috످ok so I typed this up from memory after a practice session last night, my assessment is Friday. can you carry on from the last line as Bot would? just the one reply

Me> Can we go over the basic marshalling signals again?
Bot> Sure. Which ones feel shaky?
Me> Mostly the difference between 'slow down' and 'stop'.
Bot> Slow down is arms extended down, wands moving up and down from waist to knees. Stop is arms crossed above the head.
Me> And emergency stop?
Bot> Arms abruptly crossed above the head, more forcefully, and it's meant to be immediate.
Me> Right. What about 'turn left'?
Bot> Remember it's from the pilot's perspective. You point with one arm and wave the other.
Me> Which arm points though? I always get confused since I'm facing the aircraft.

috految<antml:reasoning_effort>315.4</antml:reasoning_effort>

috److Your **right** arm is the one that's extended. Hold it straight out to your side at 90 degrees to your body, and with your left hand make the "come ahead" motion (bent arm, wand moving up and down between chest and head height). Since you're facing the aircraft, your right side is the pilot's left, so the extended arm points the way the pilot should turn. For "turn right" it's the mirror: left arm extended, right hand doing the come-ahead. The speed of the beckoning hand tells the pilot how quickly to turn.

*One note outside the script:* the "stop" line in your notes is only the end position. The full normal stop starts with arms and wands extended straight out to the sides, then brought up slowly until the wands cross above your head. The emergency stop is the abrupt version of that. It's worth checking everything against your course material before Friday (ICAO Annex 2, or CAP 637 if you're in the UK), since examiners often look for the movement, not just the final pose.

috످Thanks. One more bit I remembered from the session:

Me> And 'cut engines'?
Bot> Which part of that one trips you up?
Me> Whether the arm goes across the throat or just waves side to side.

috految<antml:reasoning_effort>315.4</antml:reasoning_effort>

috److془The user wants continuation as Bot. ICAO: "Cut engines: Extend arm with wand forward of body at shoulder level; move hand and wand to top of left shoulder and draw wand to top of right shoulder in a slicing motion across throat."

Earlier: "Turn left (from pilot's point of view): With right arm and wand extended at a 90-degree angle to body, make "come ahead" signal with left hand." Correct.

CAP 637 fine. Just one reply.

Side to side: "Negative"? no. Fine.془It goes **across the throat**. Start with your arm and wand extended in front of you at shoulder height. Bring the wand to the top of your left shoulder, then draw it across your throat to your right shoulder in one slicing motion. To remember it, think "cut the engines, cut the throat."

috످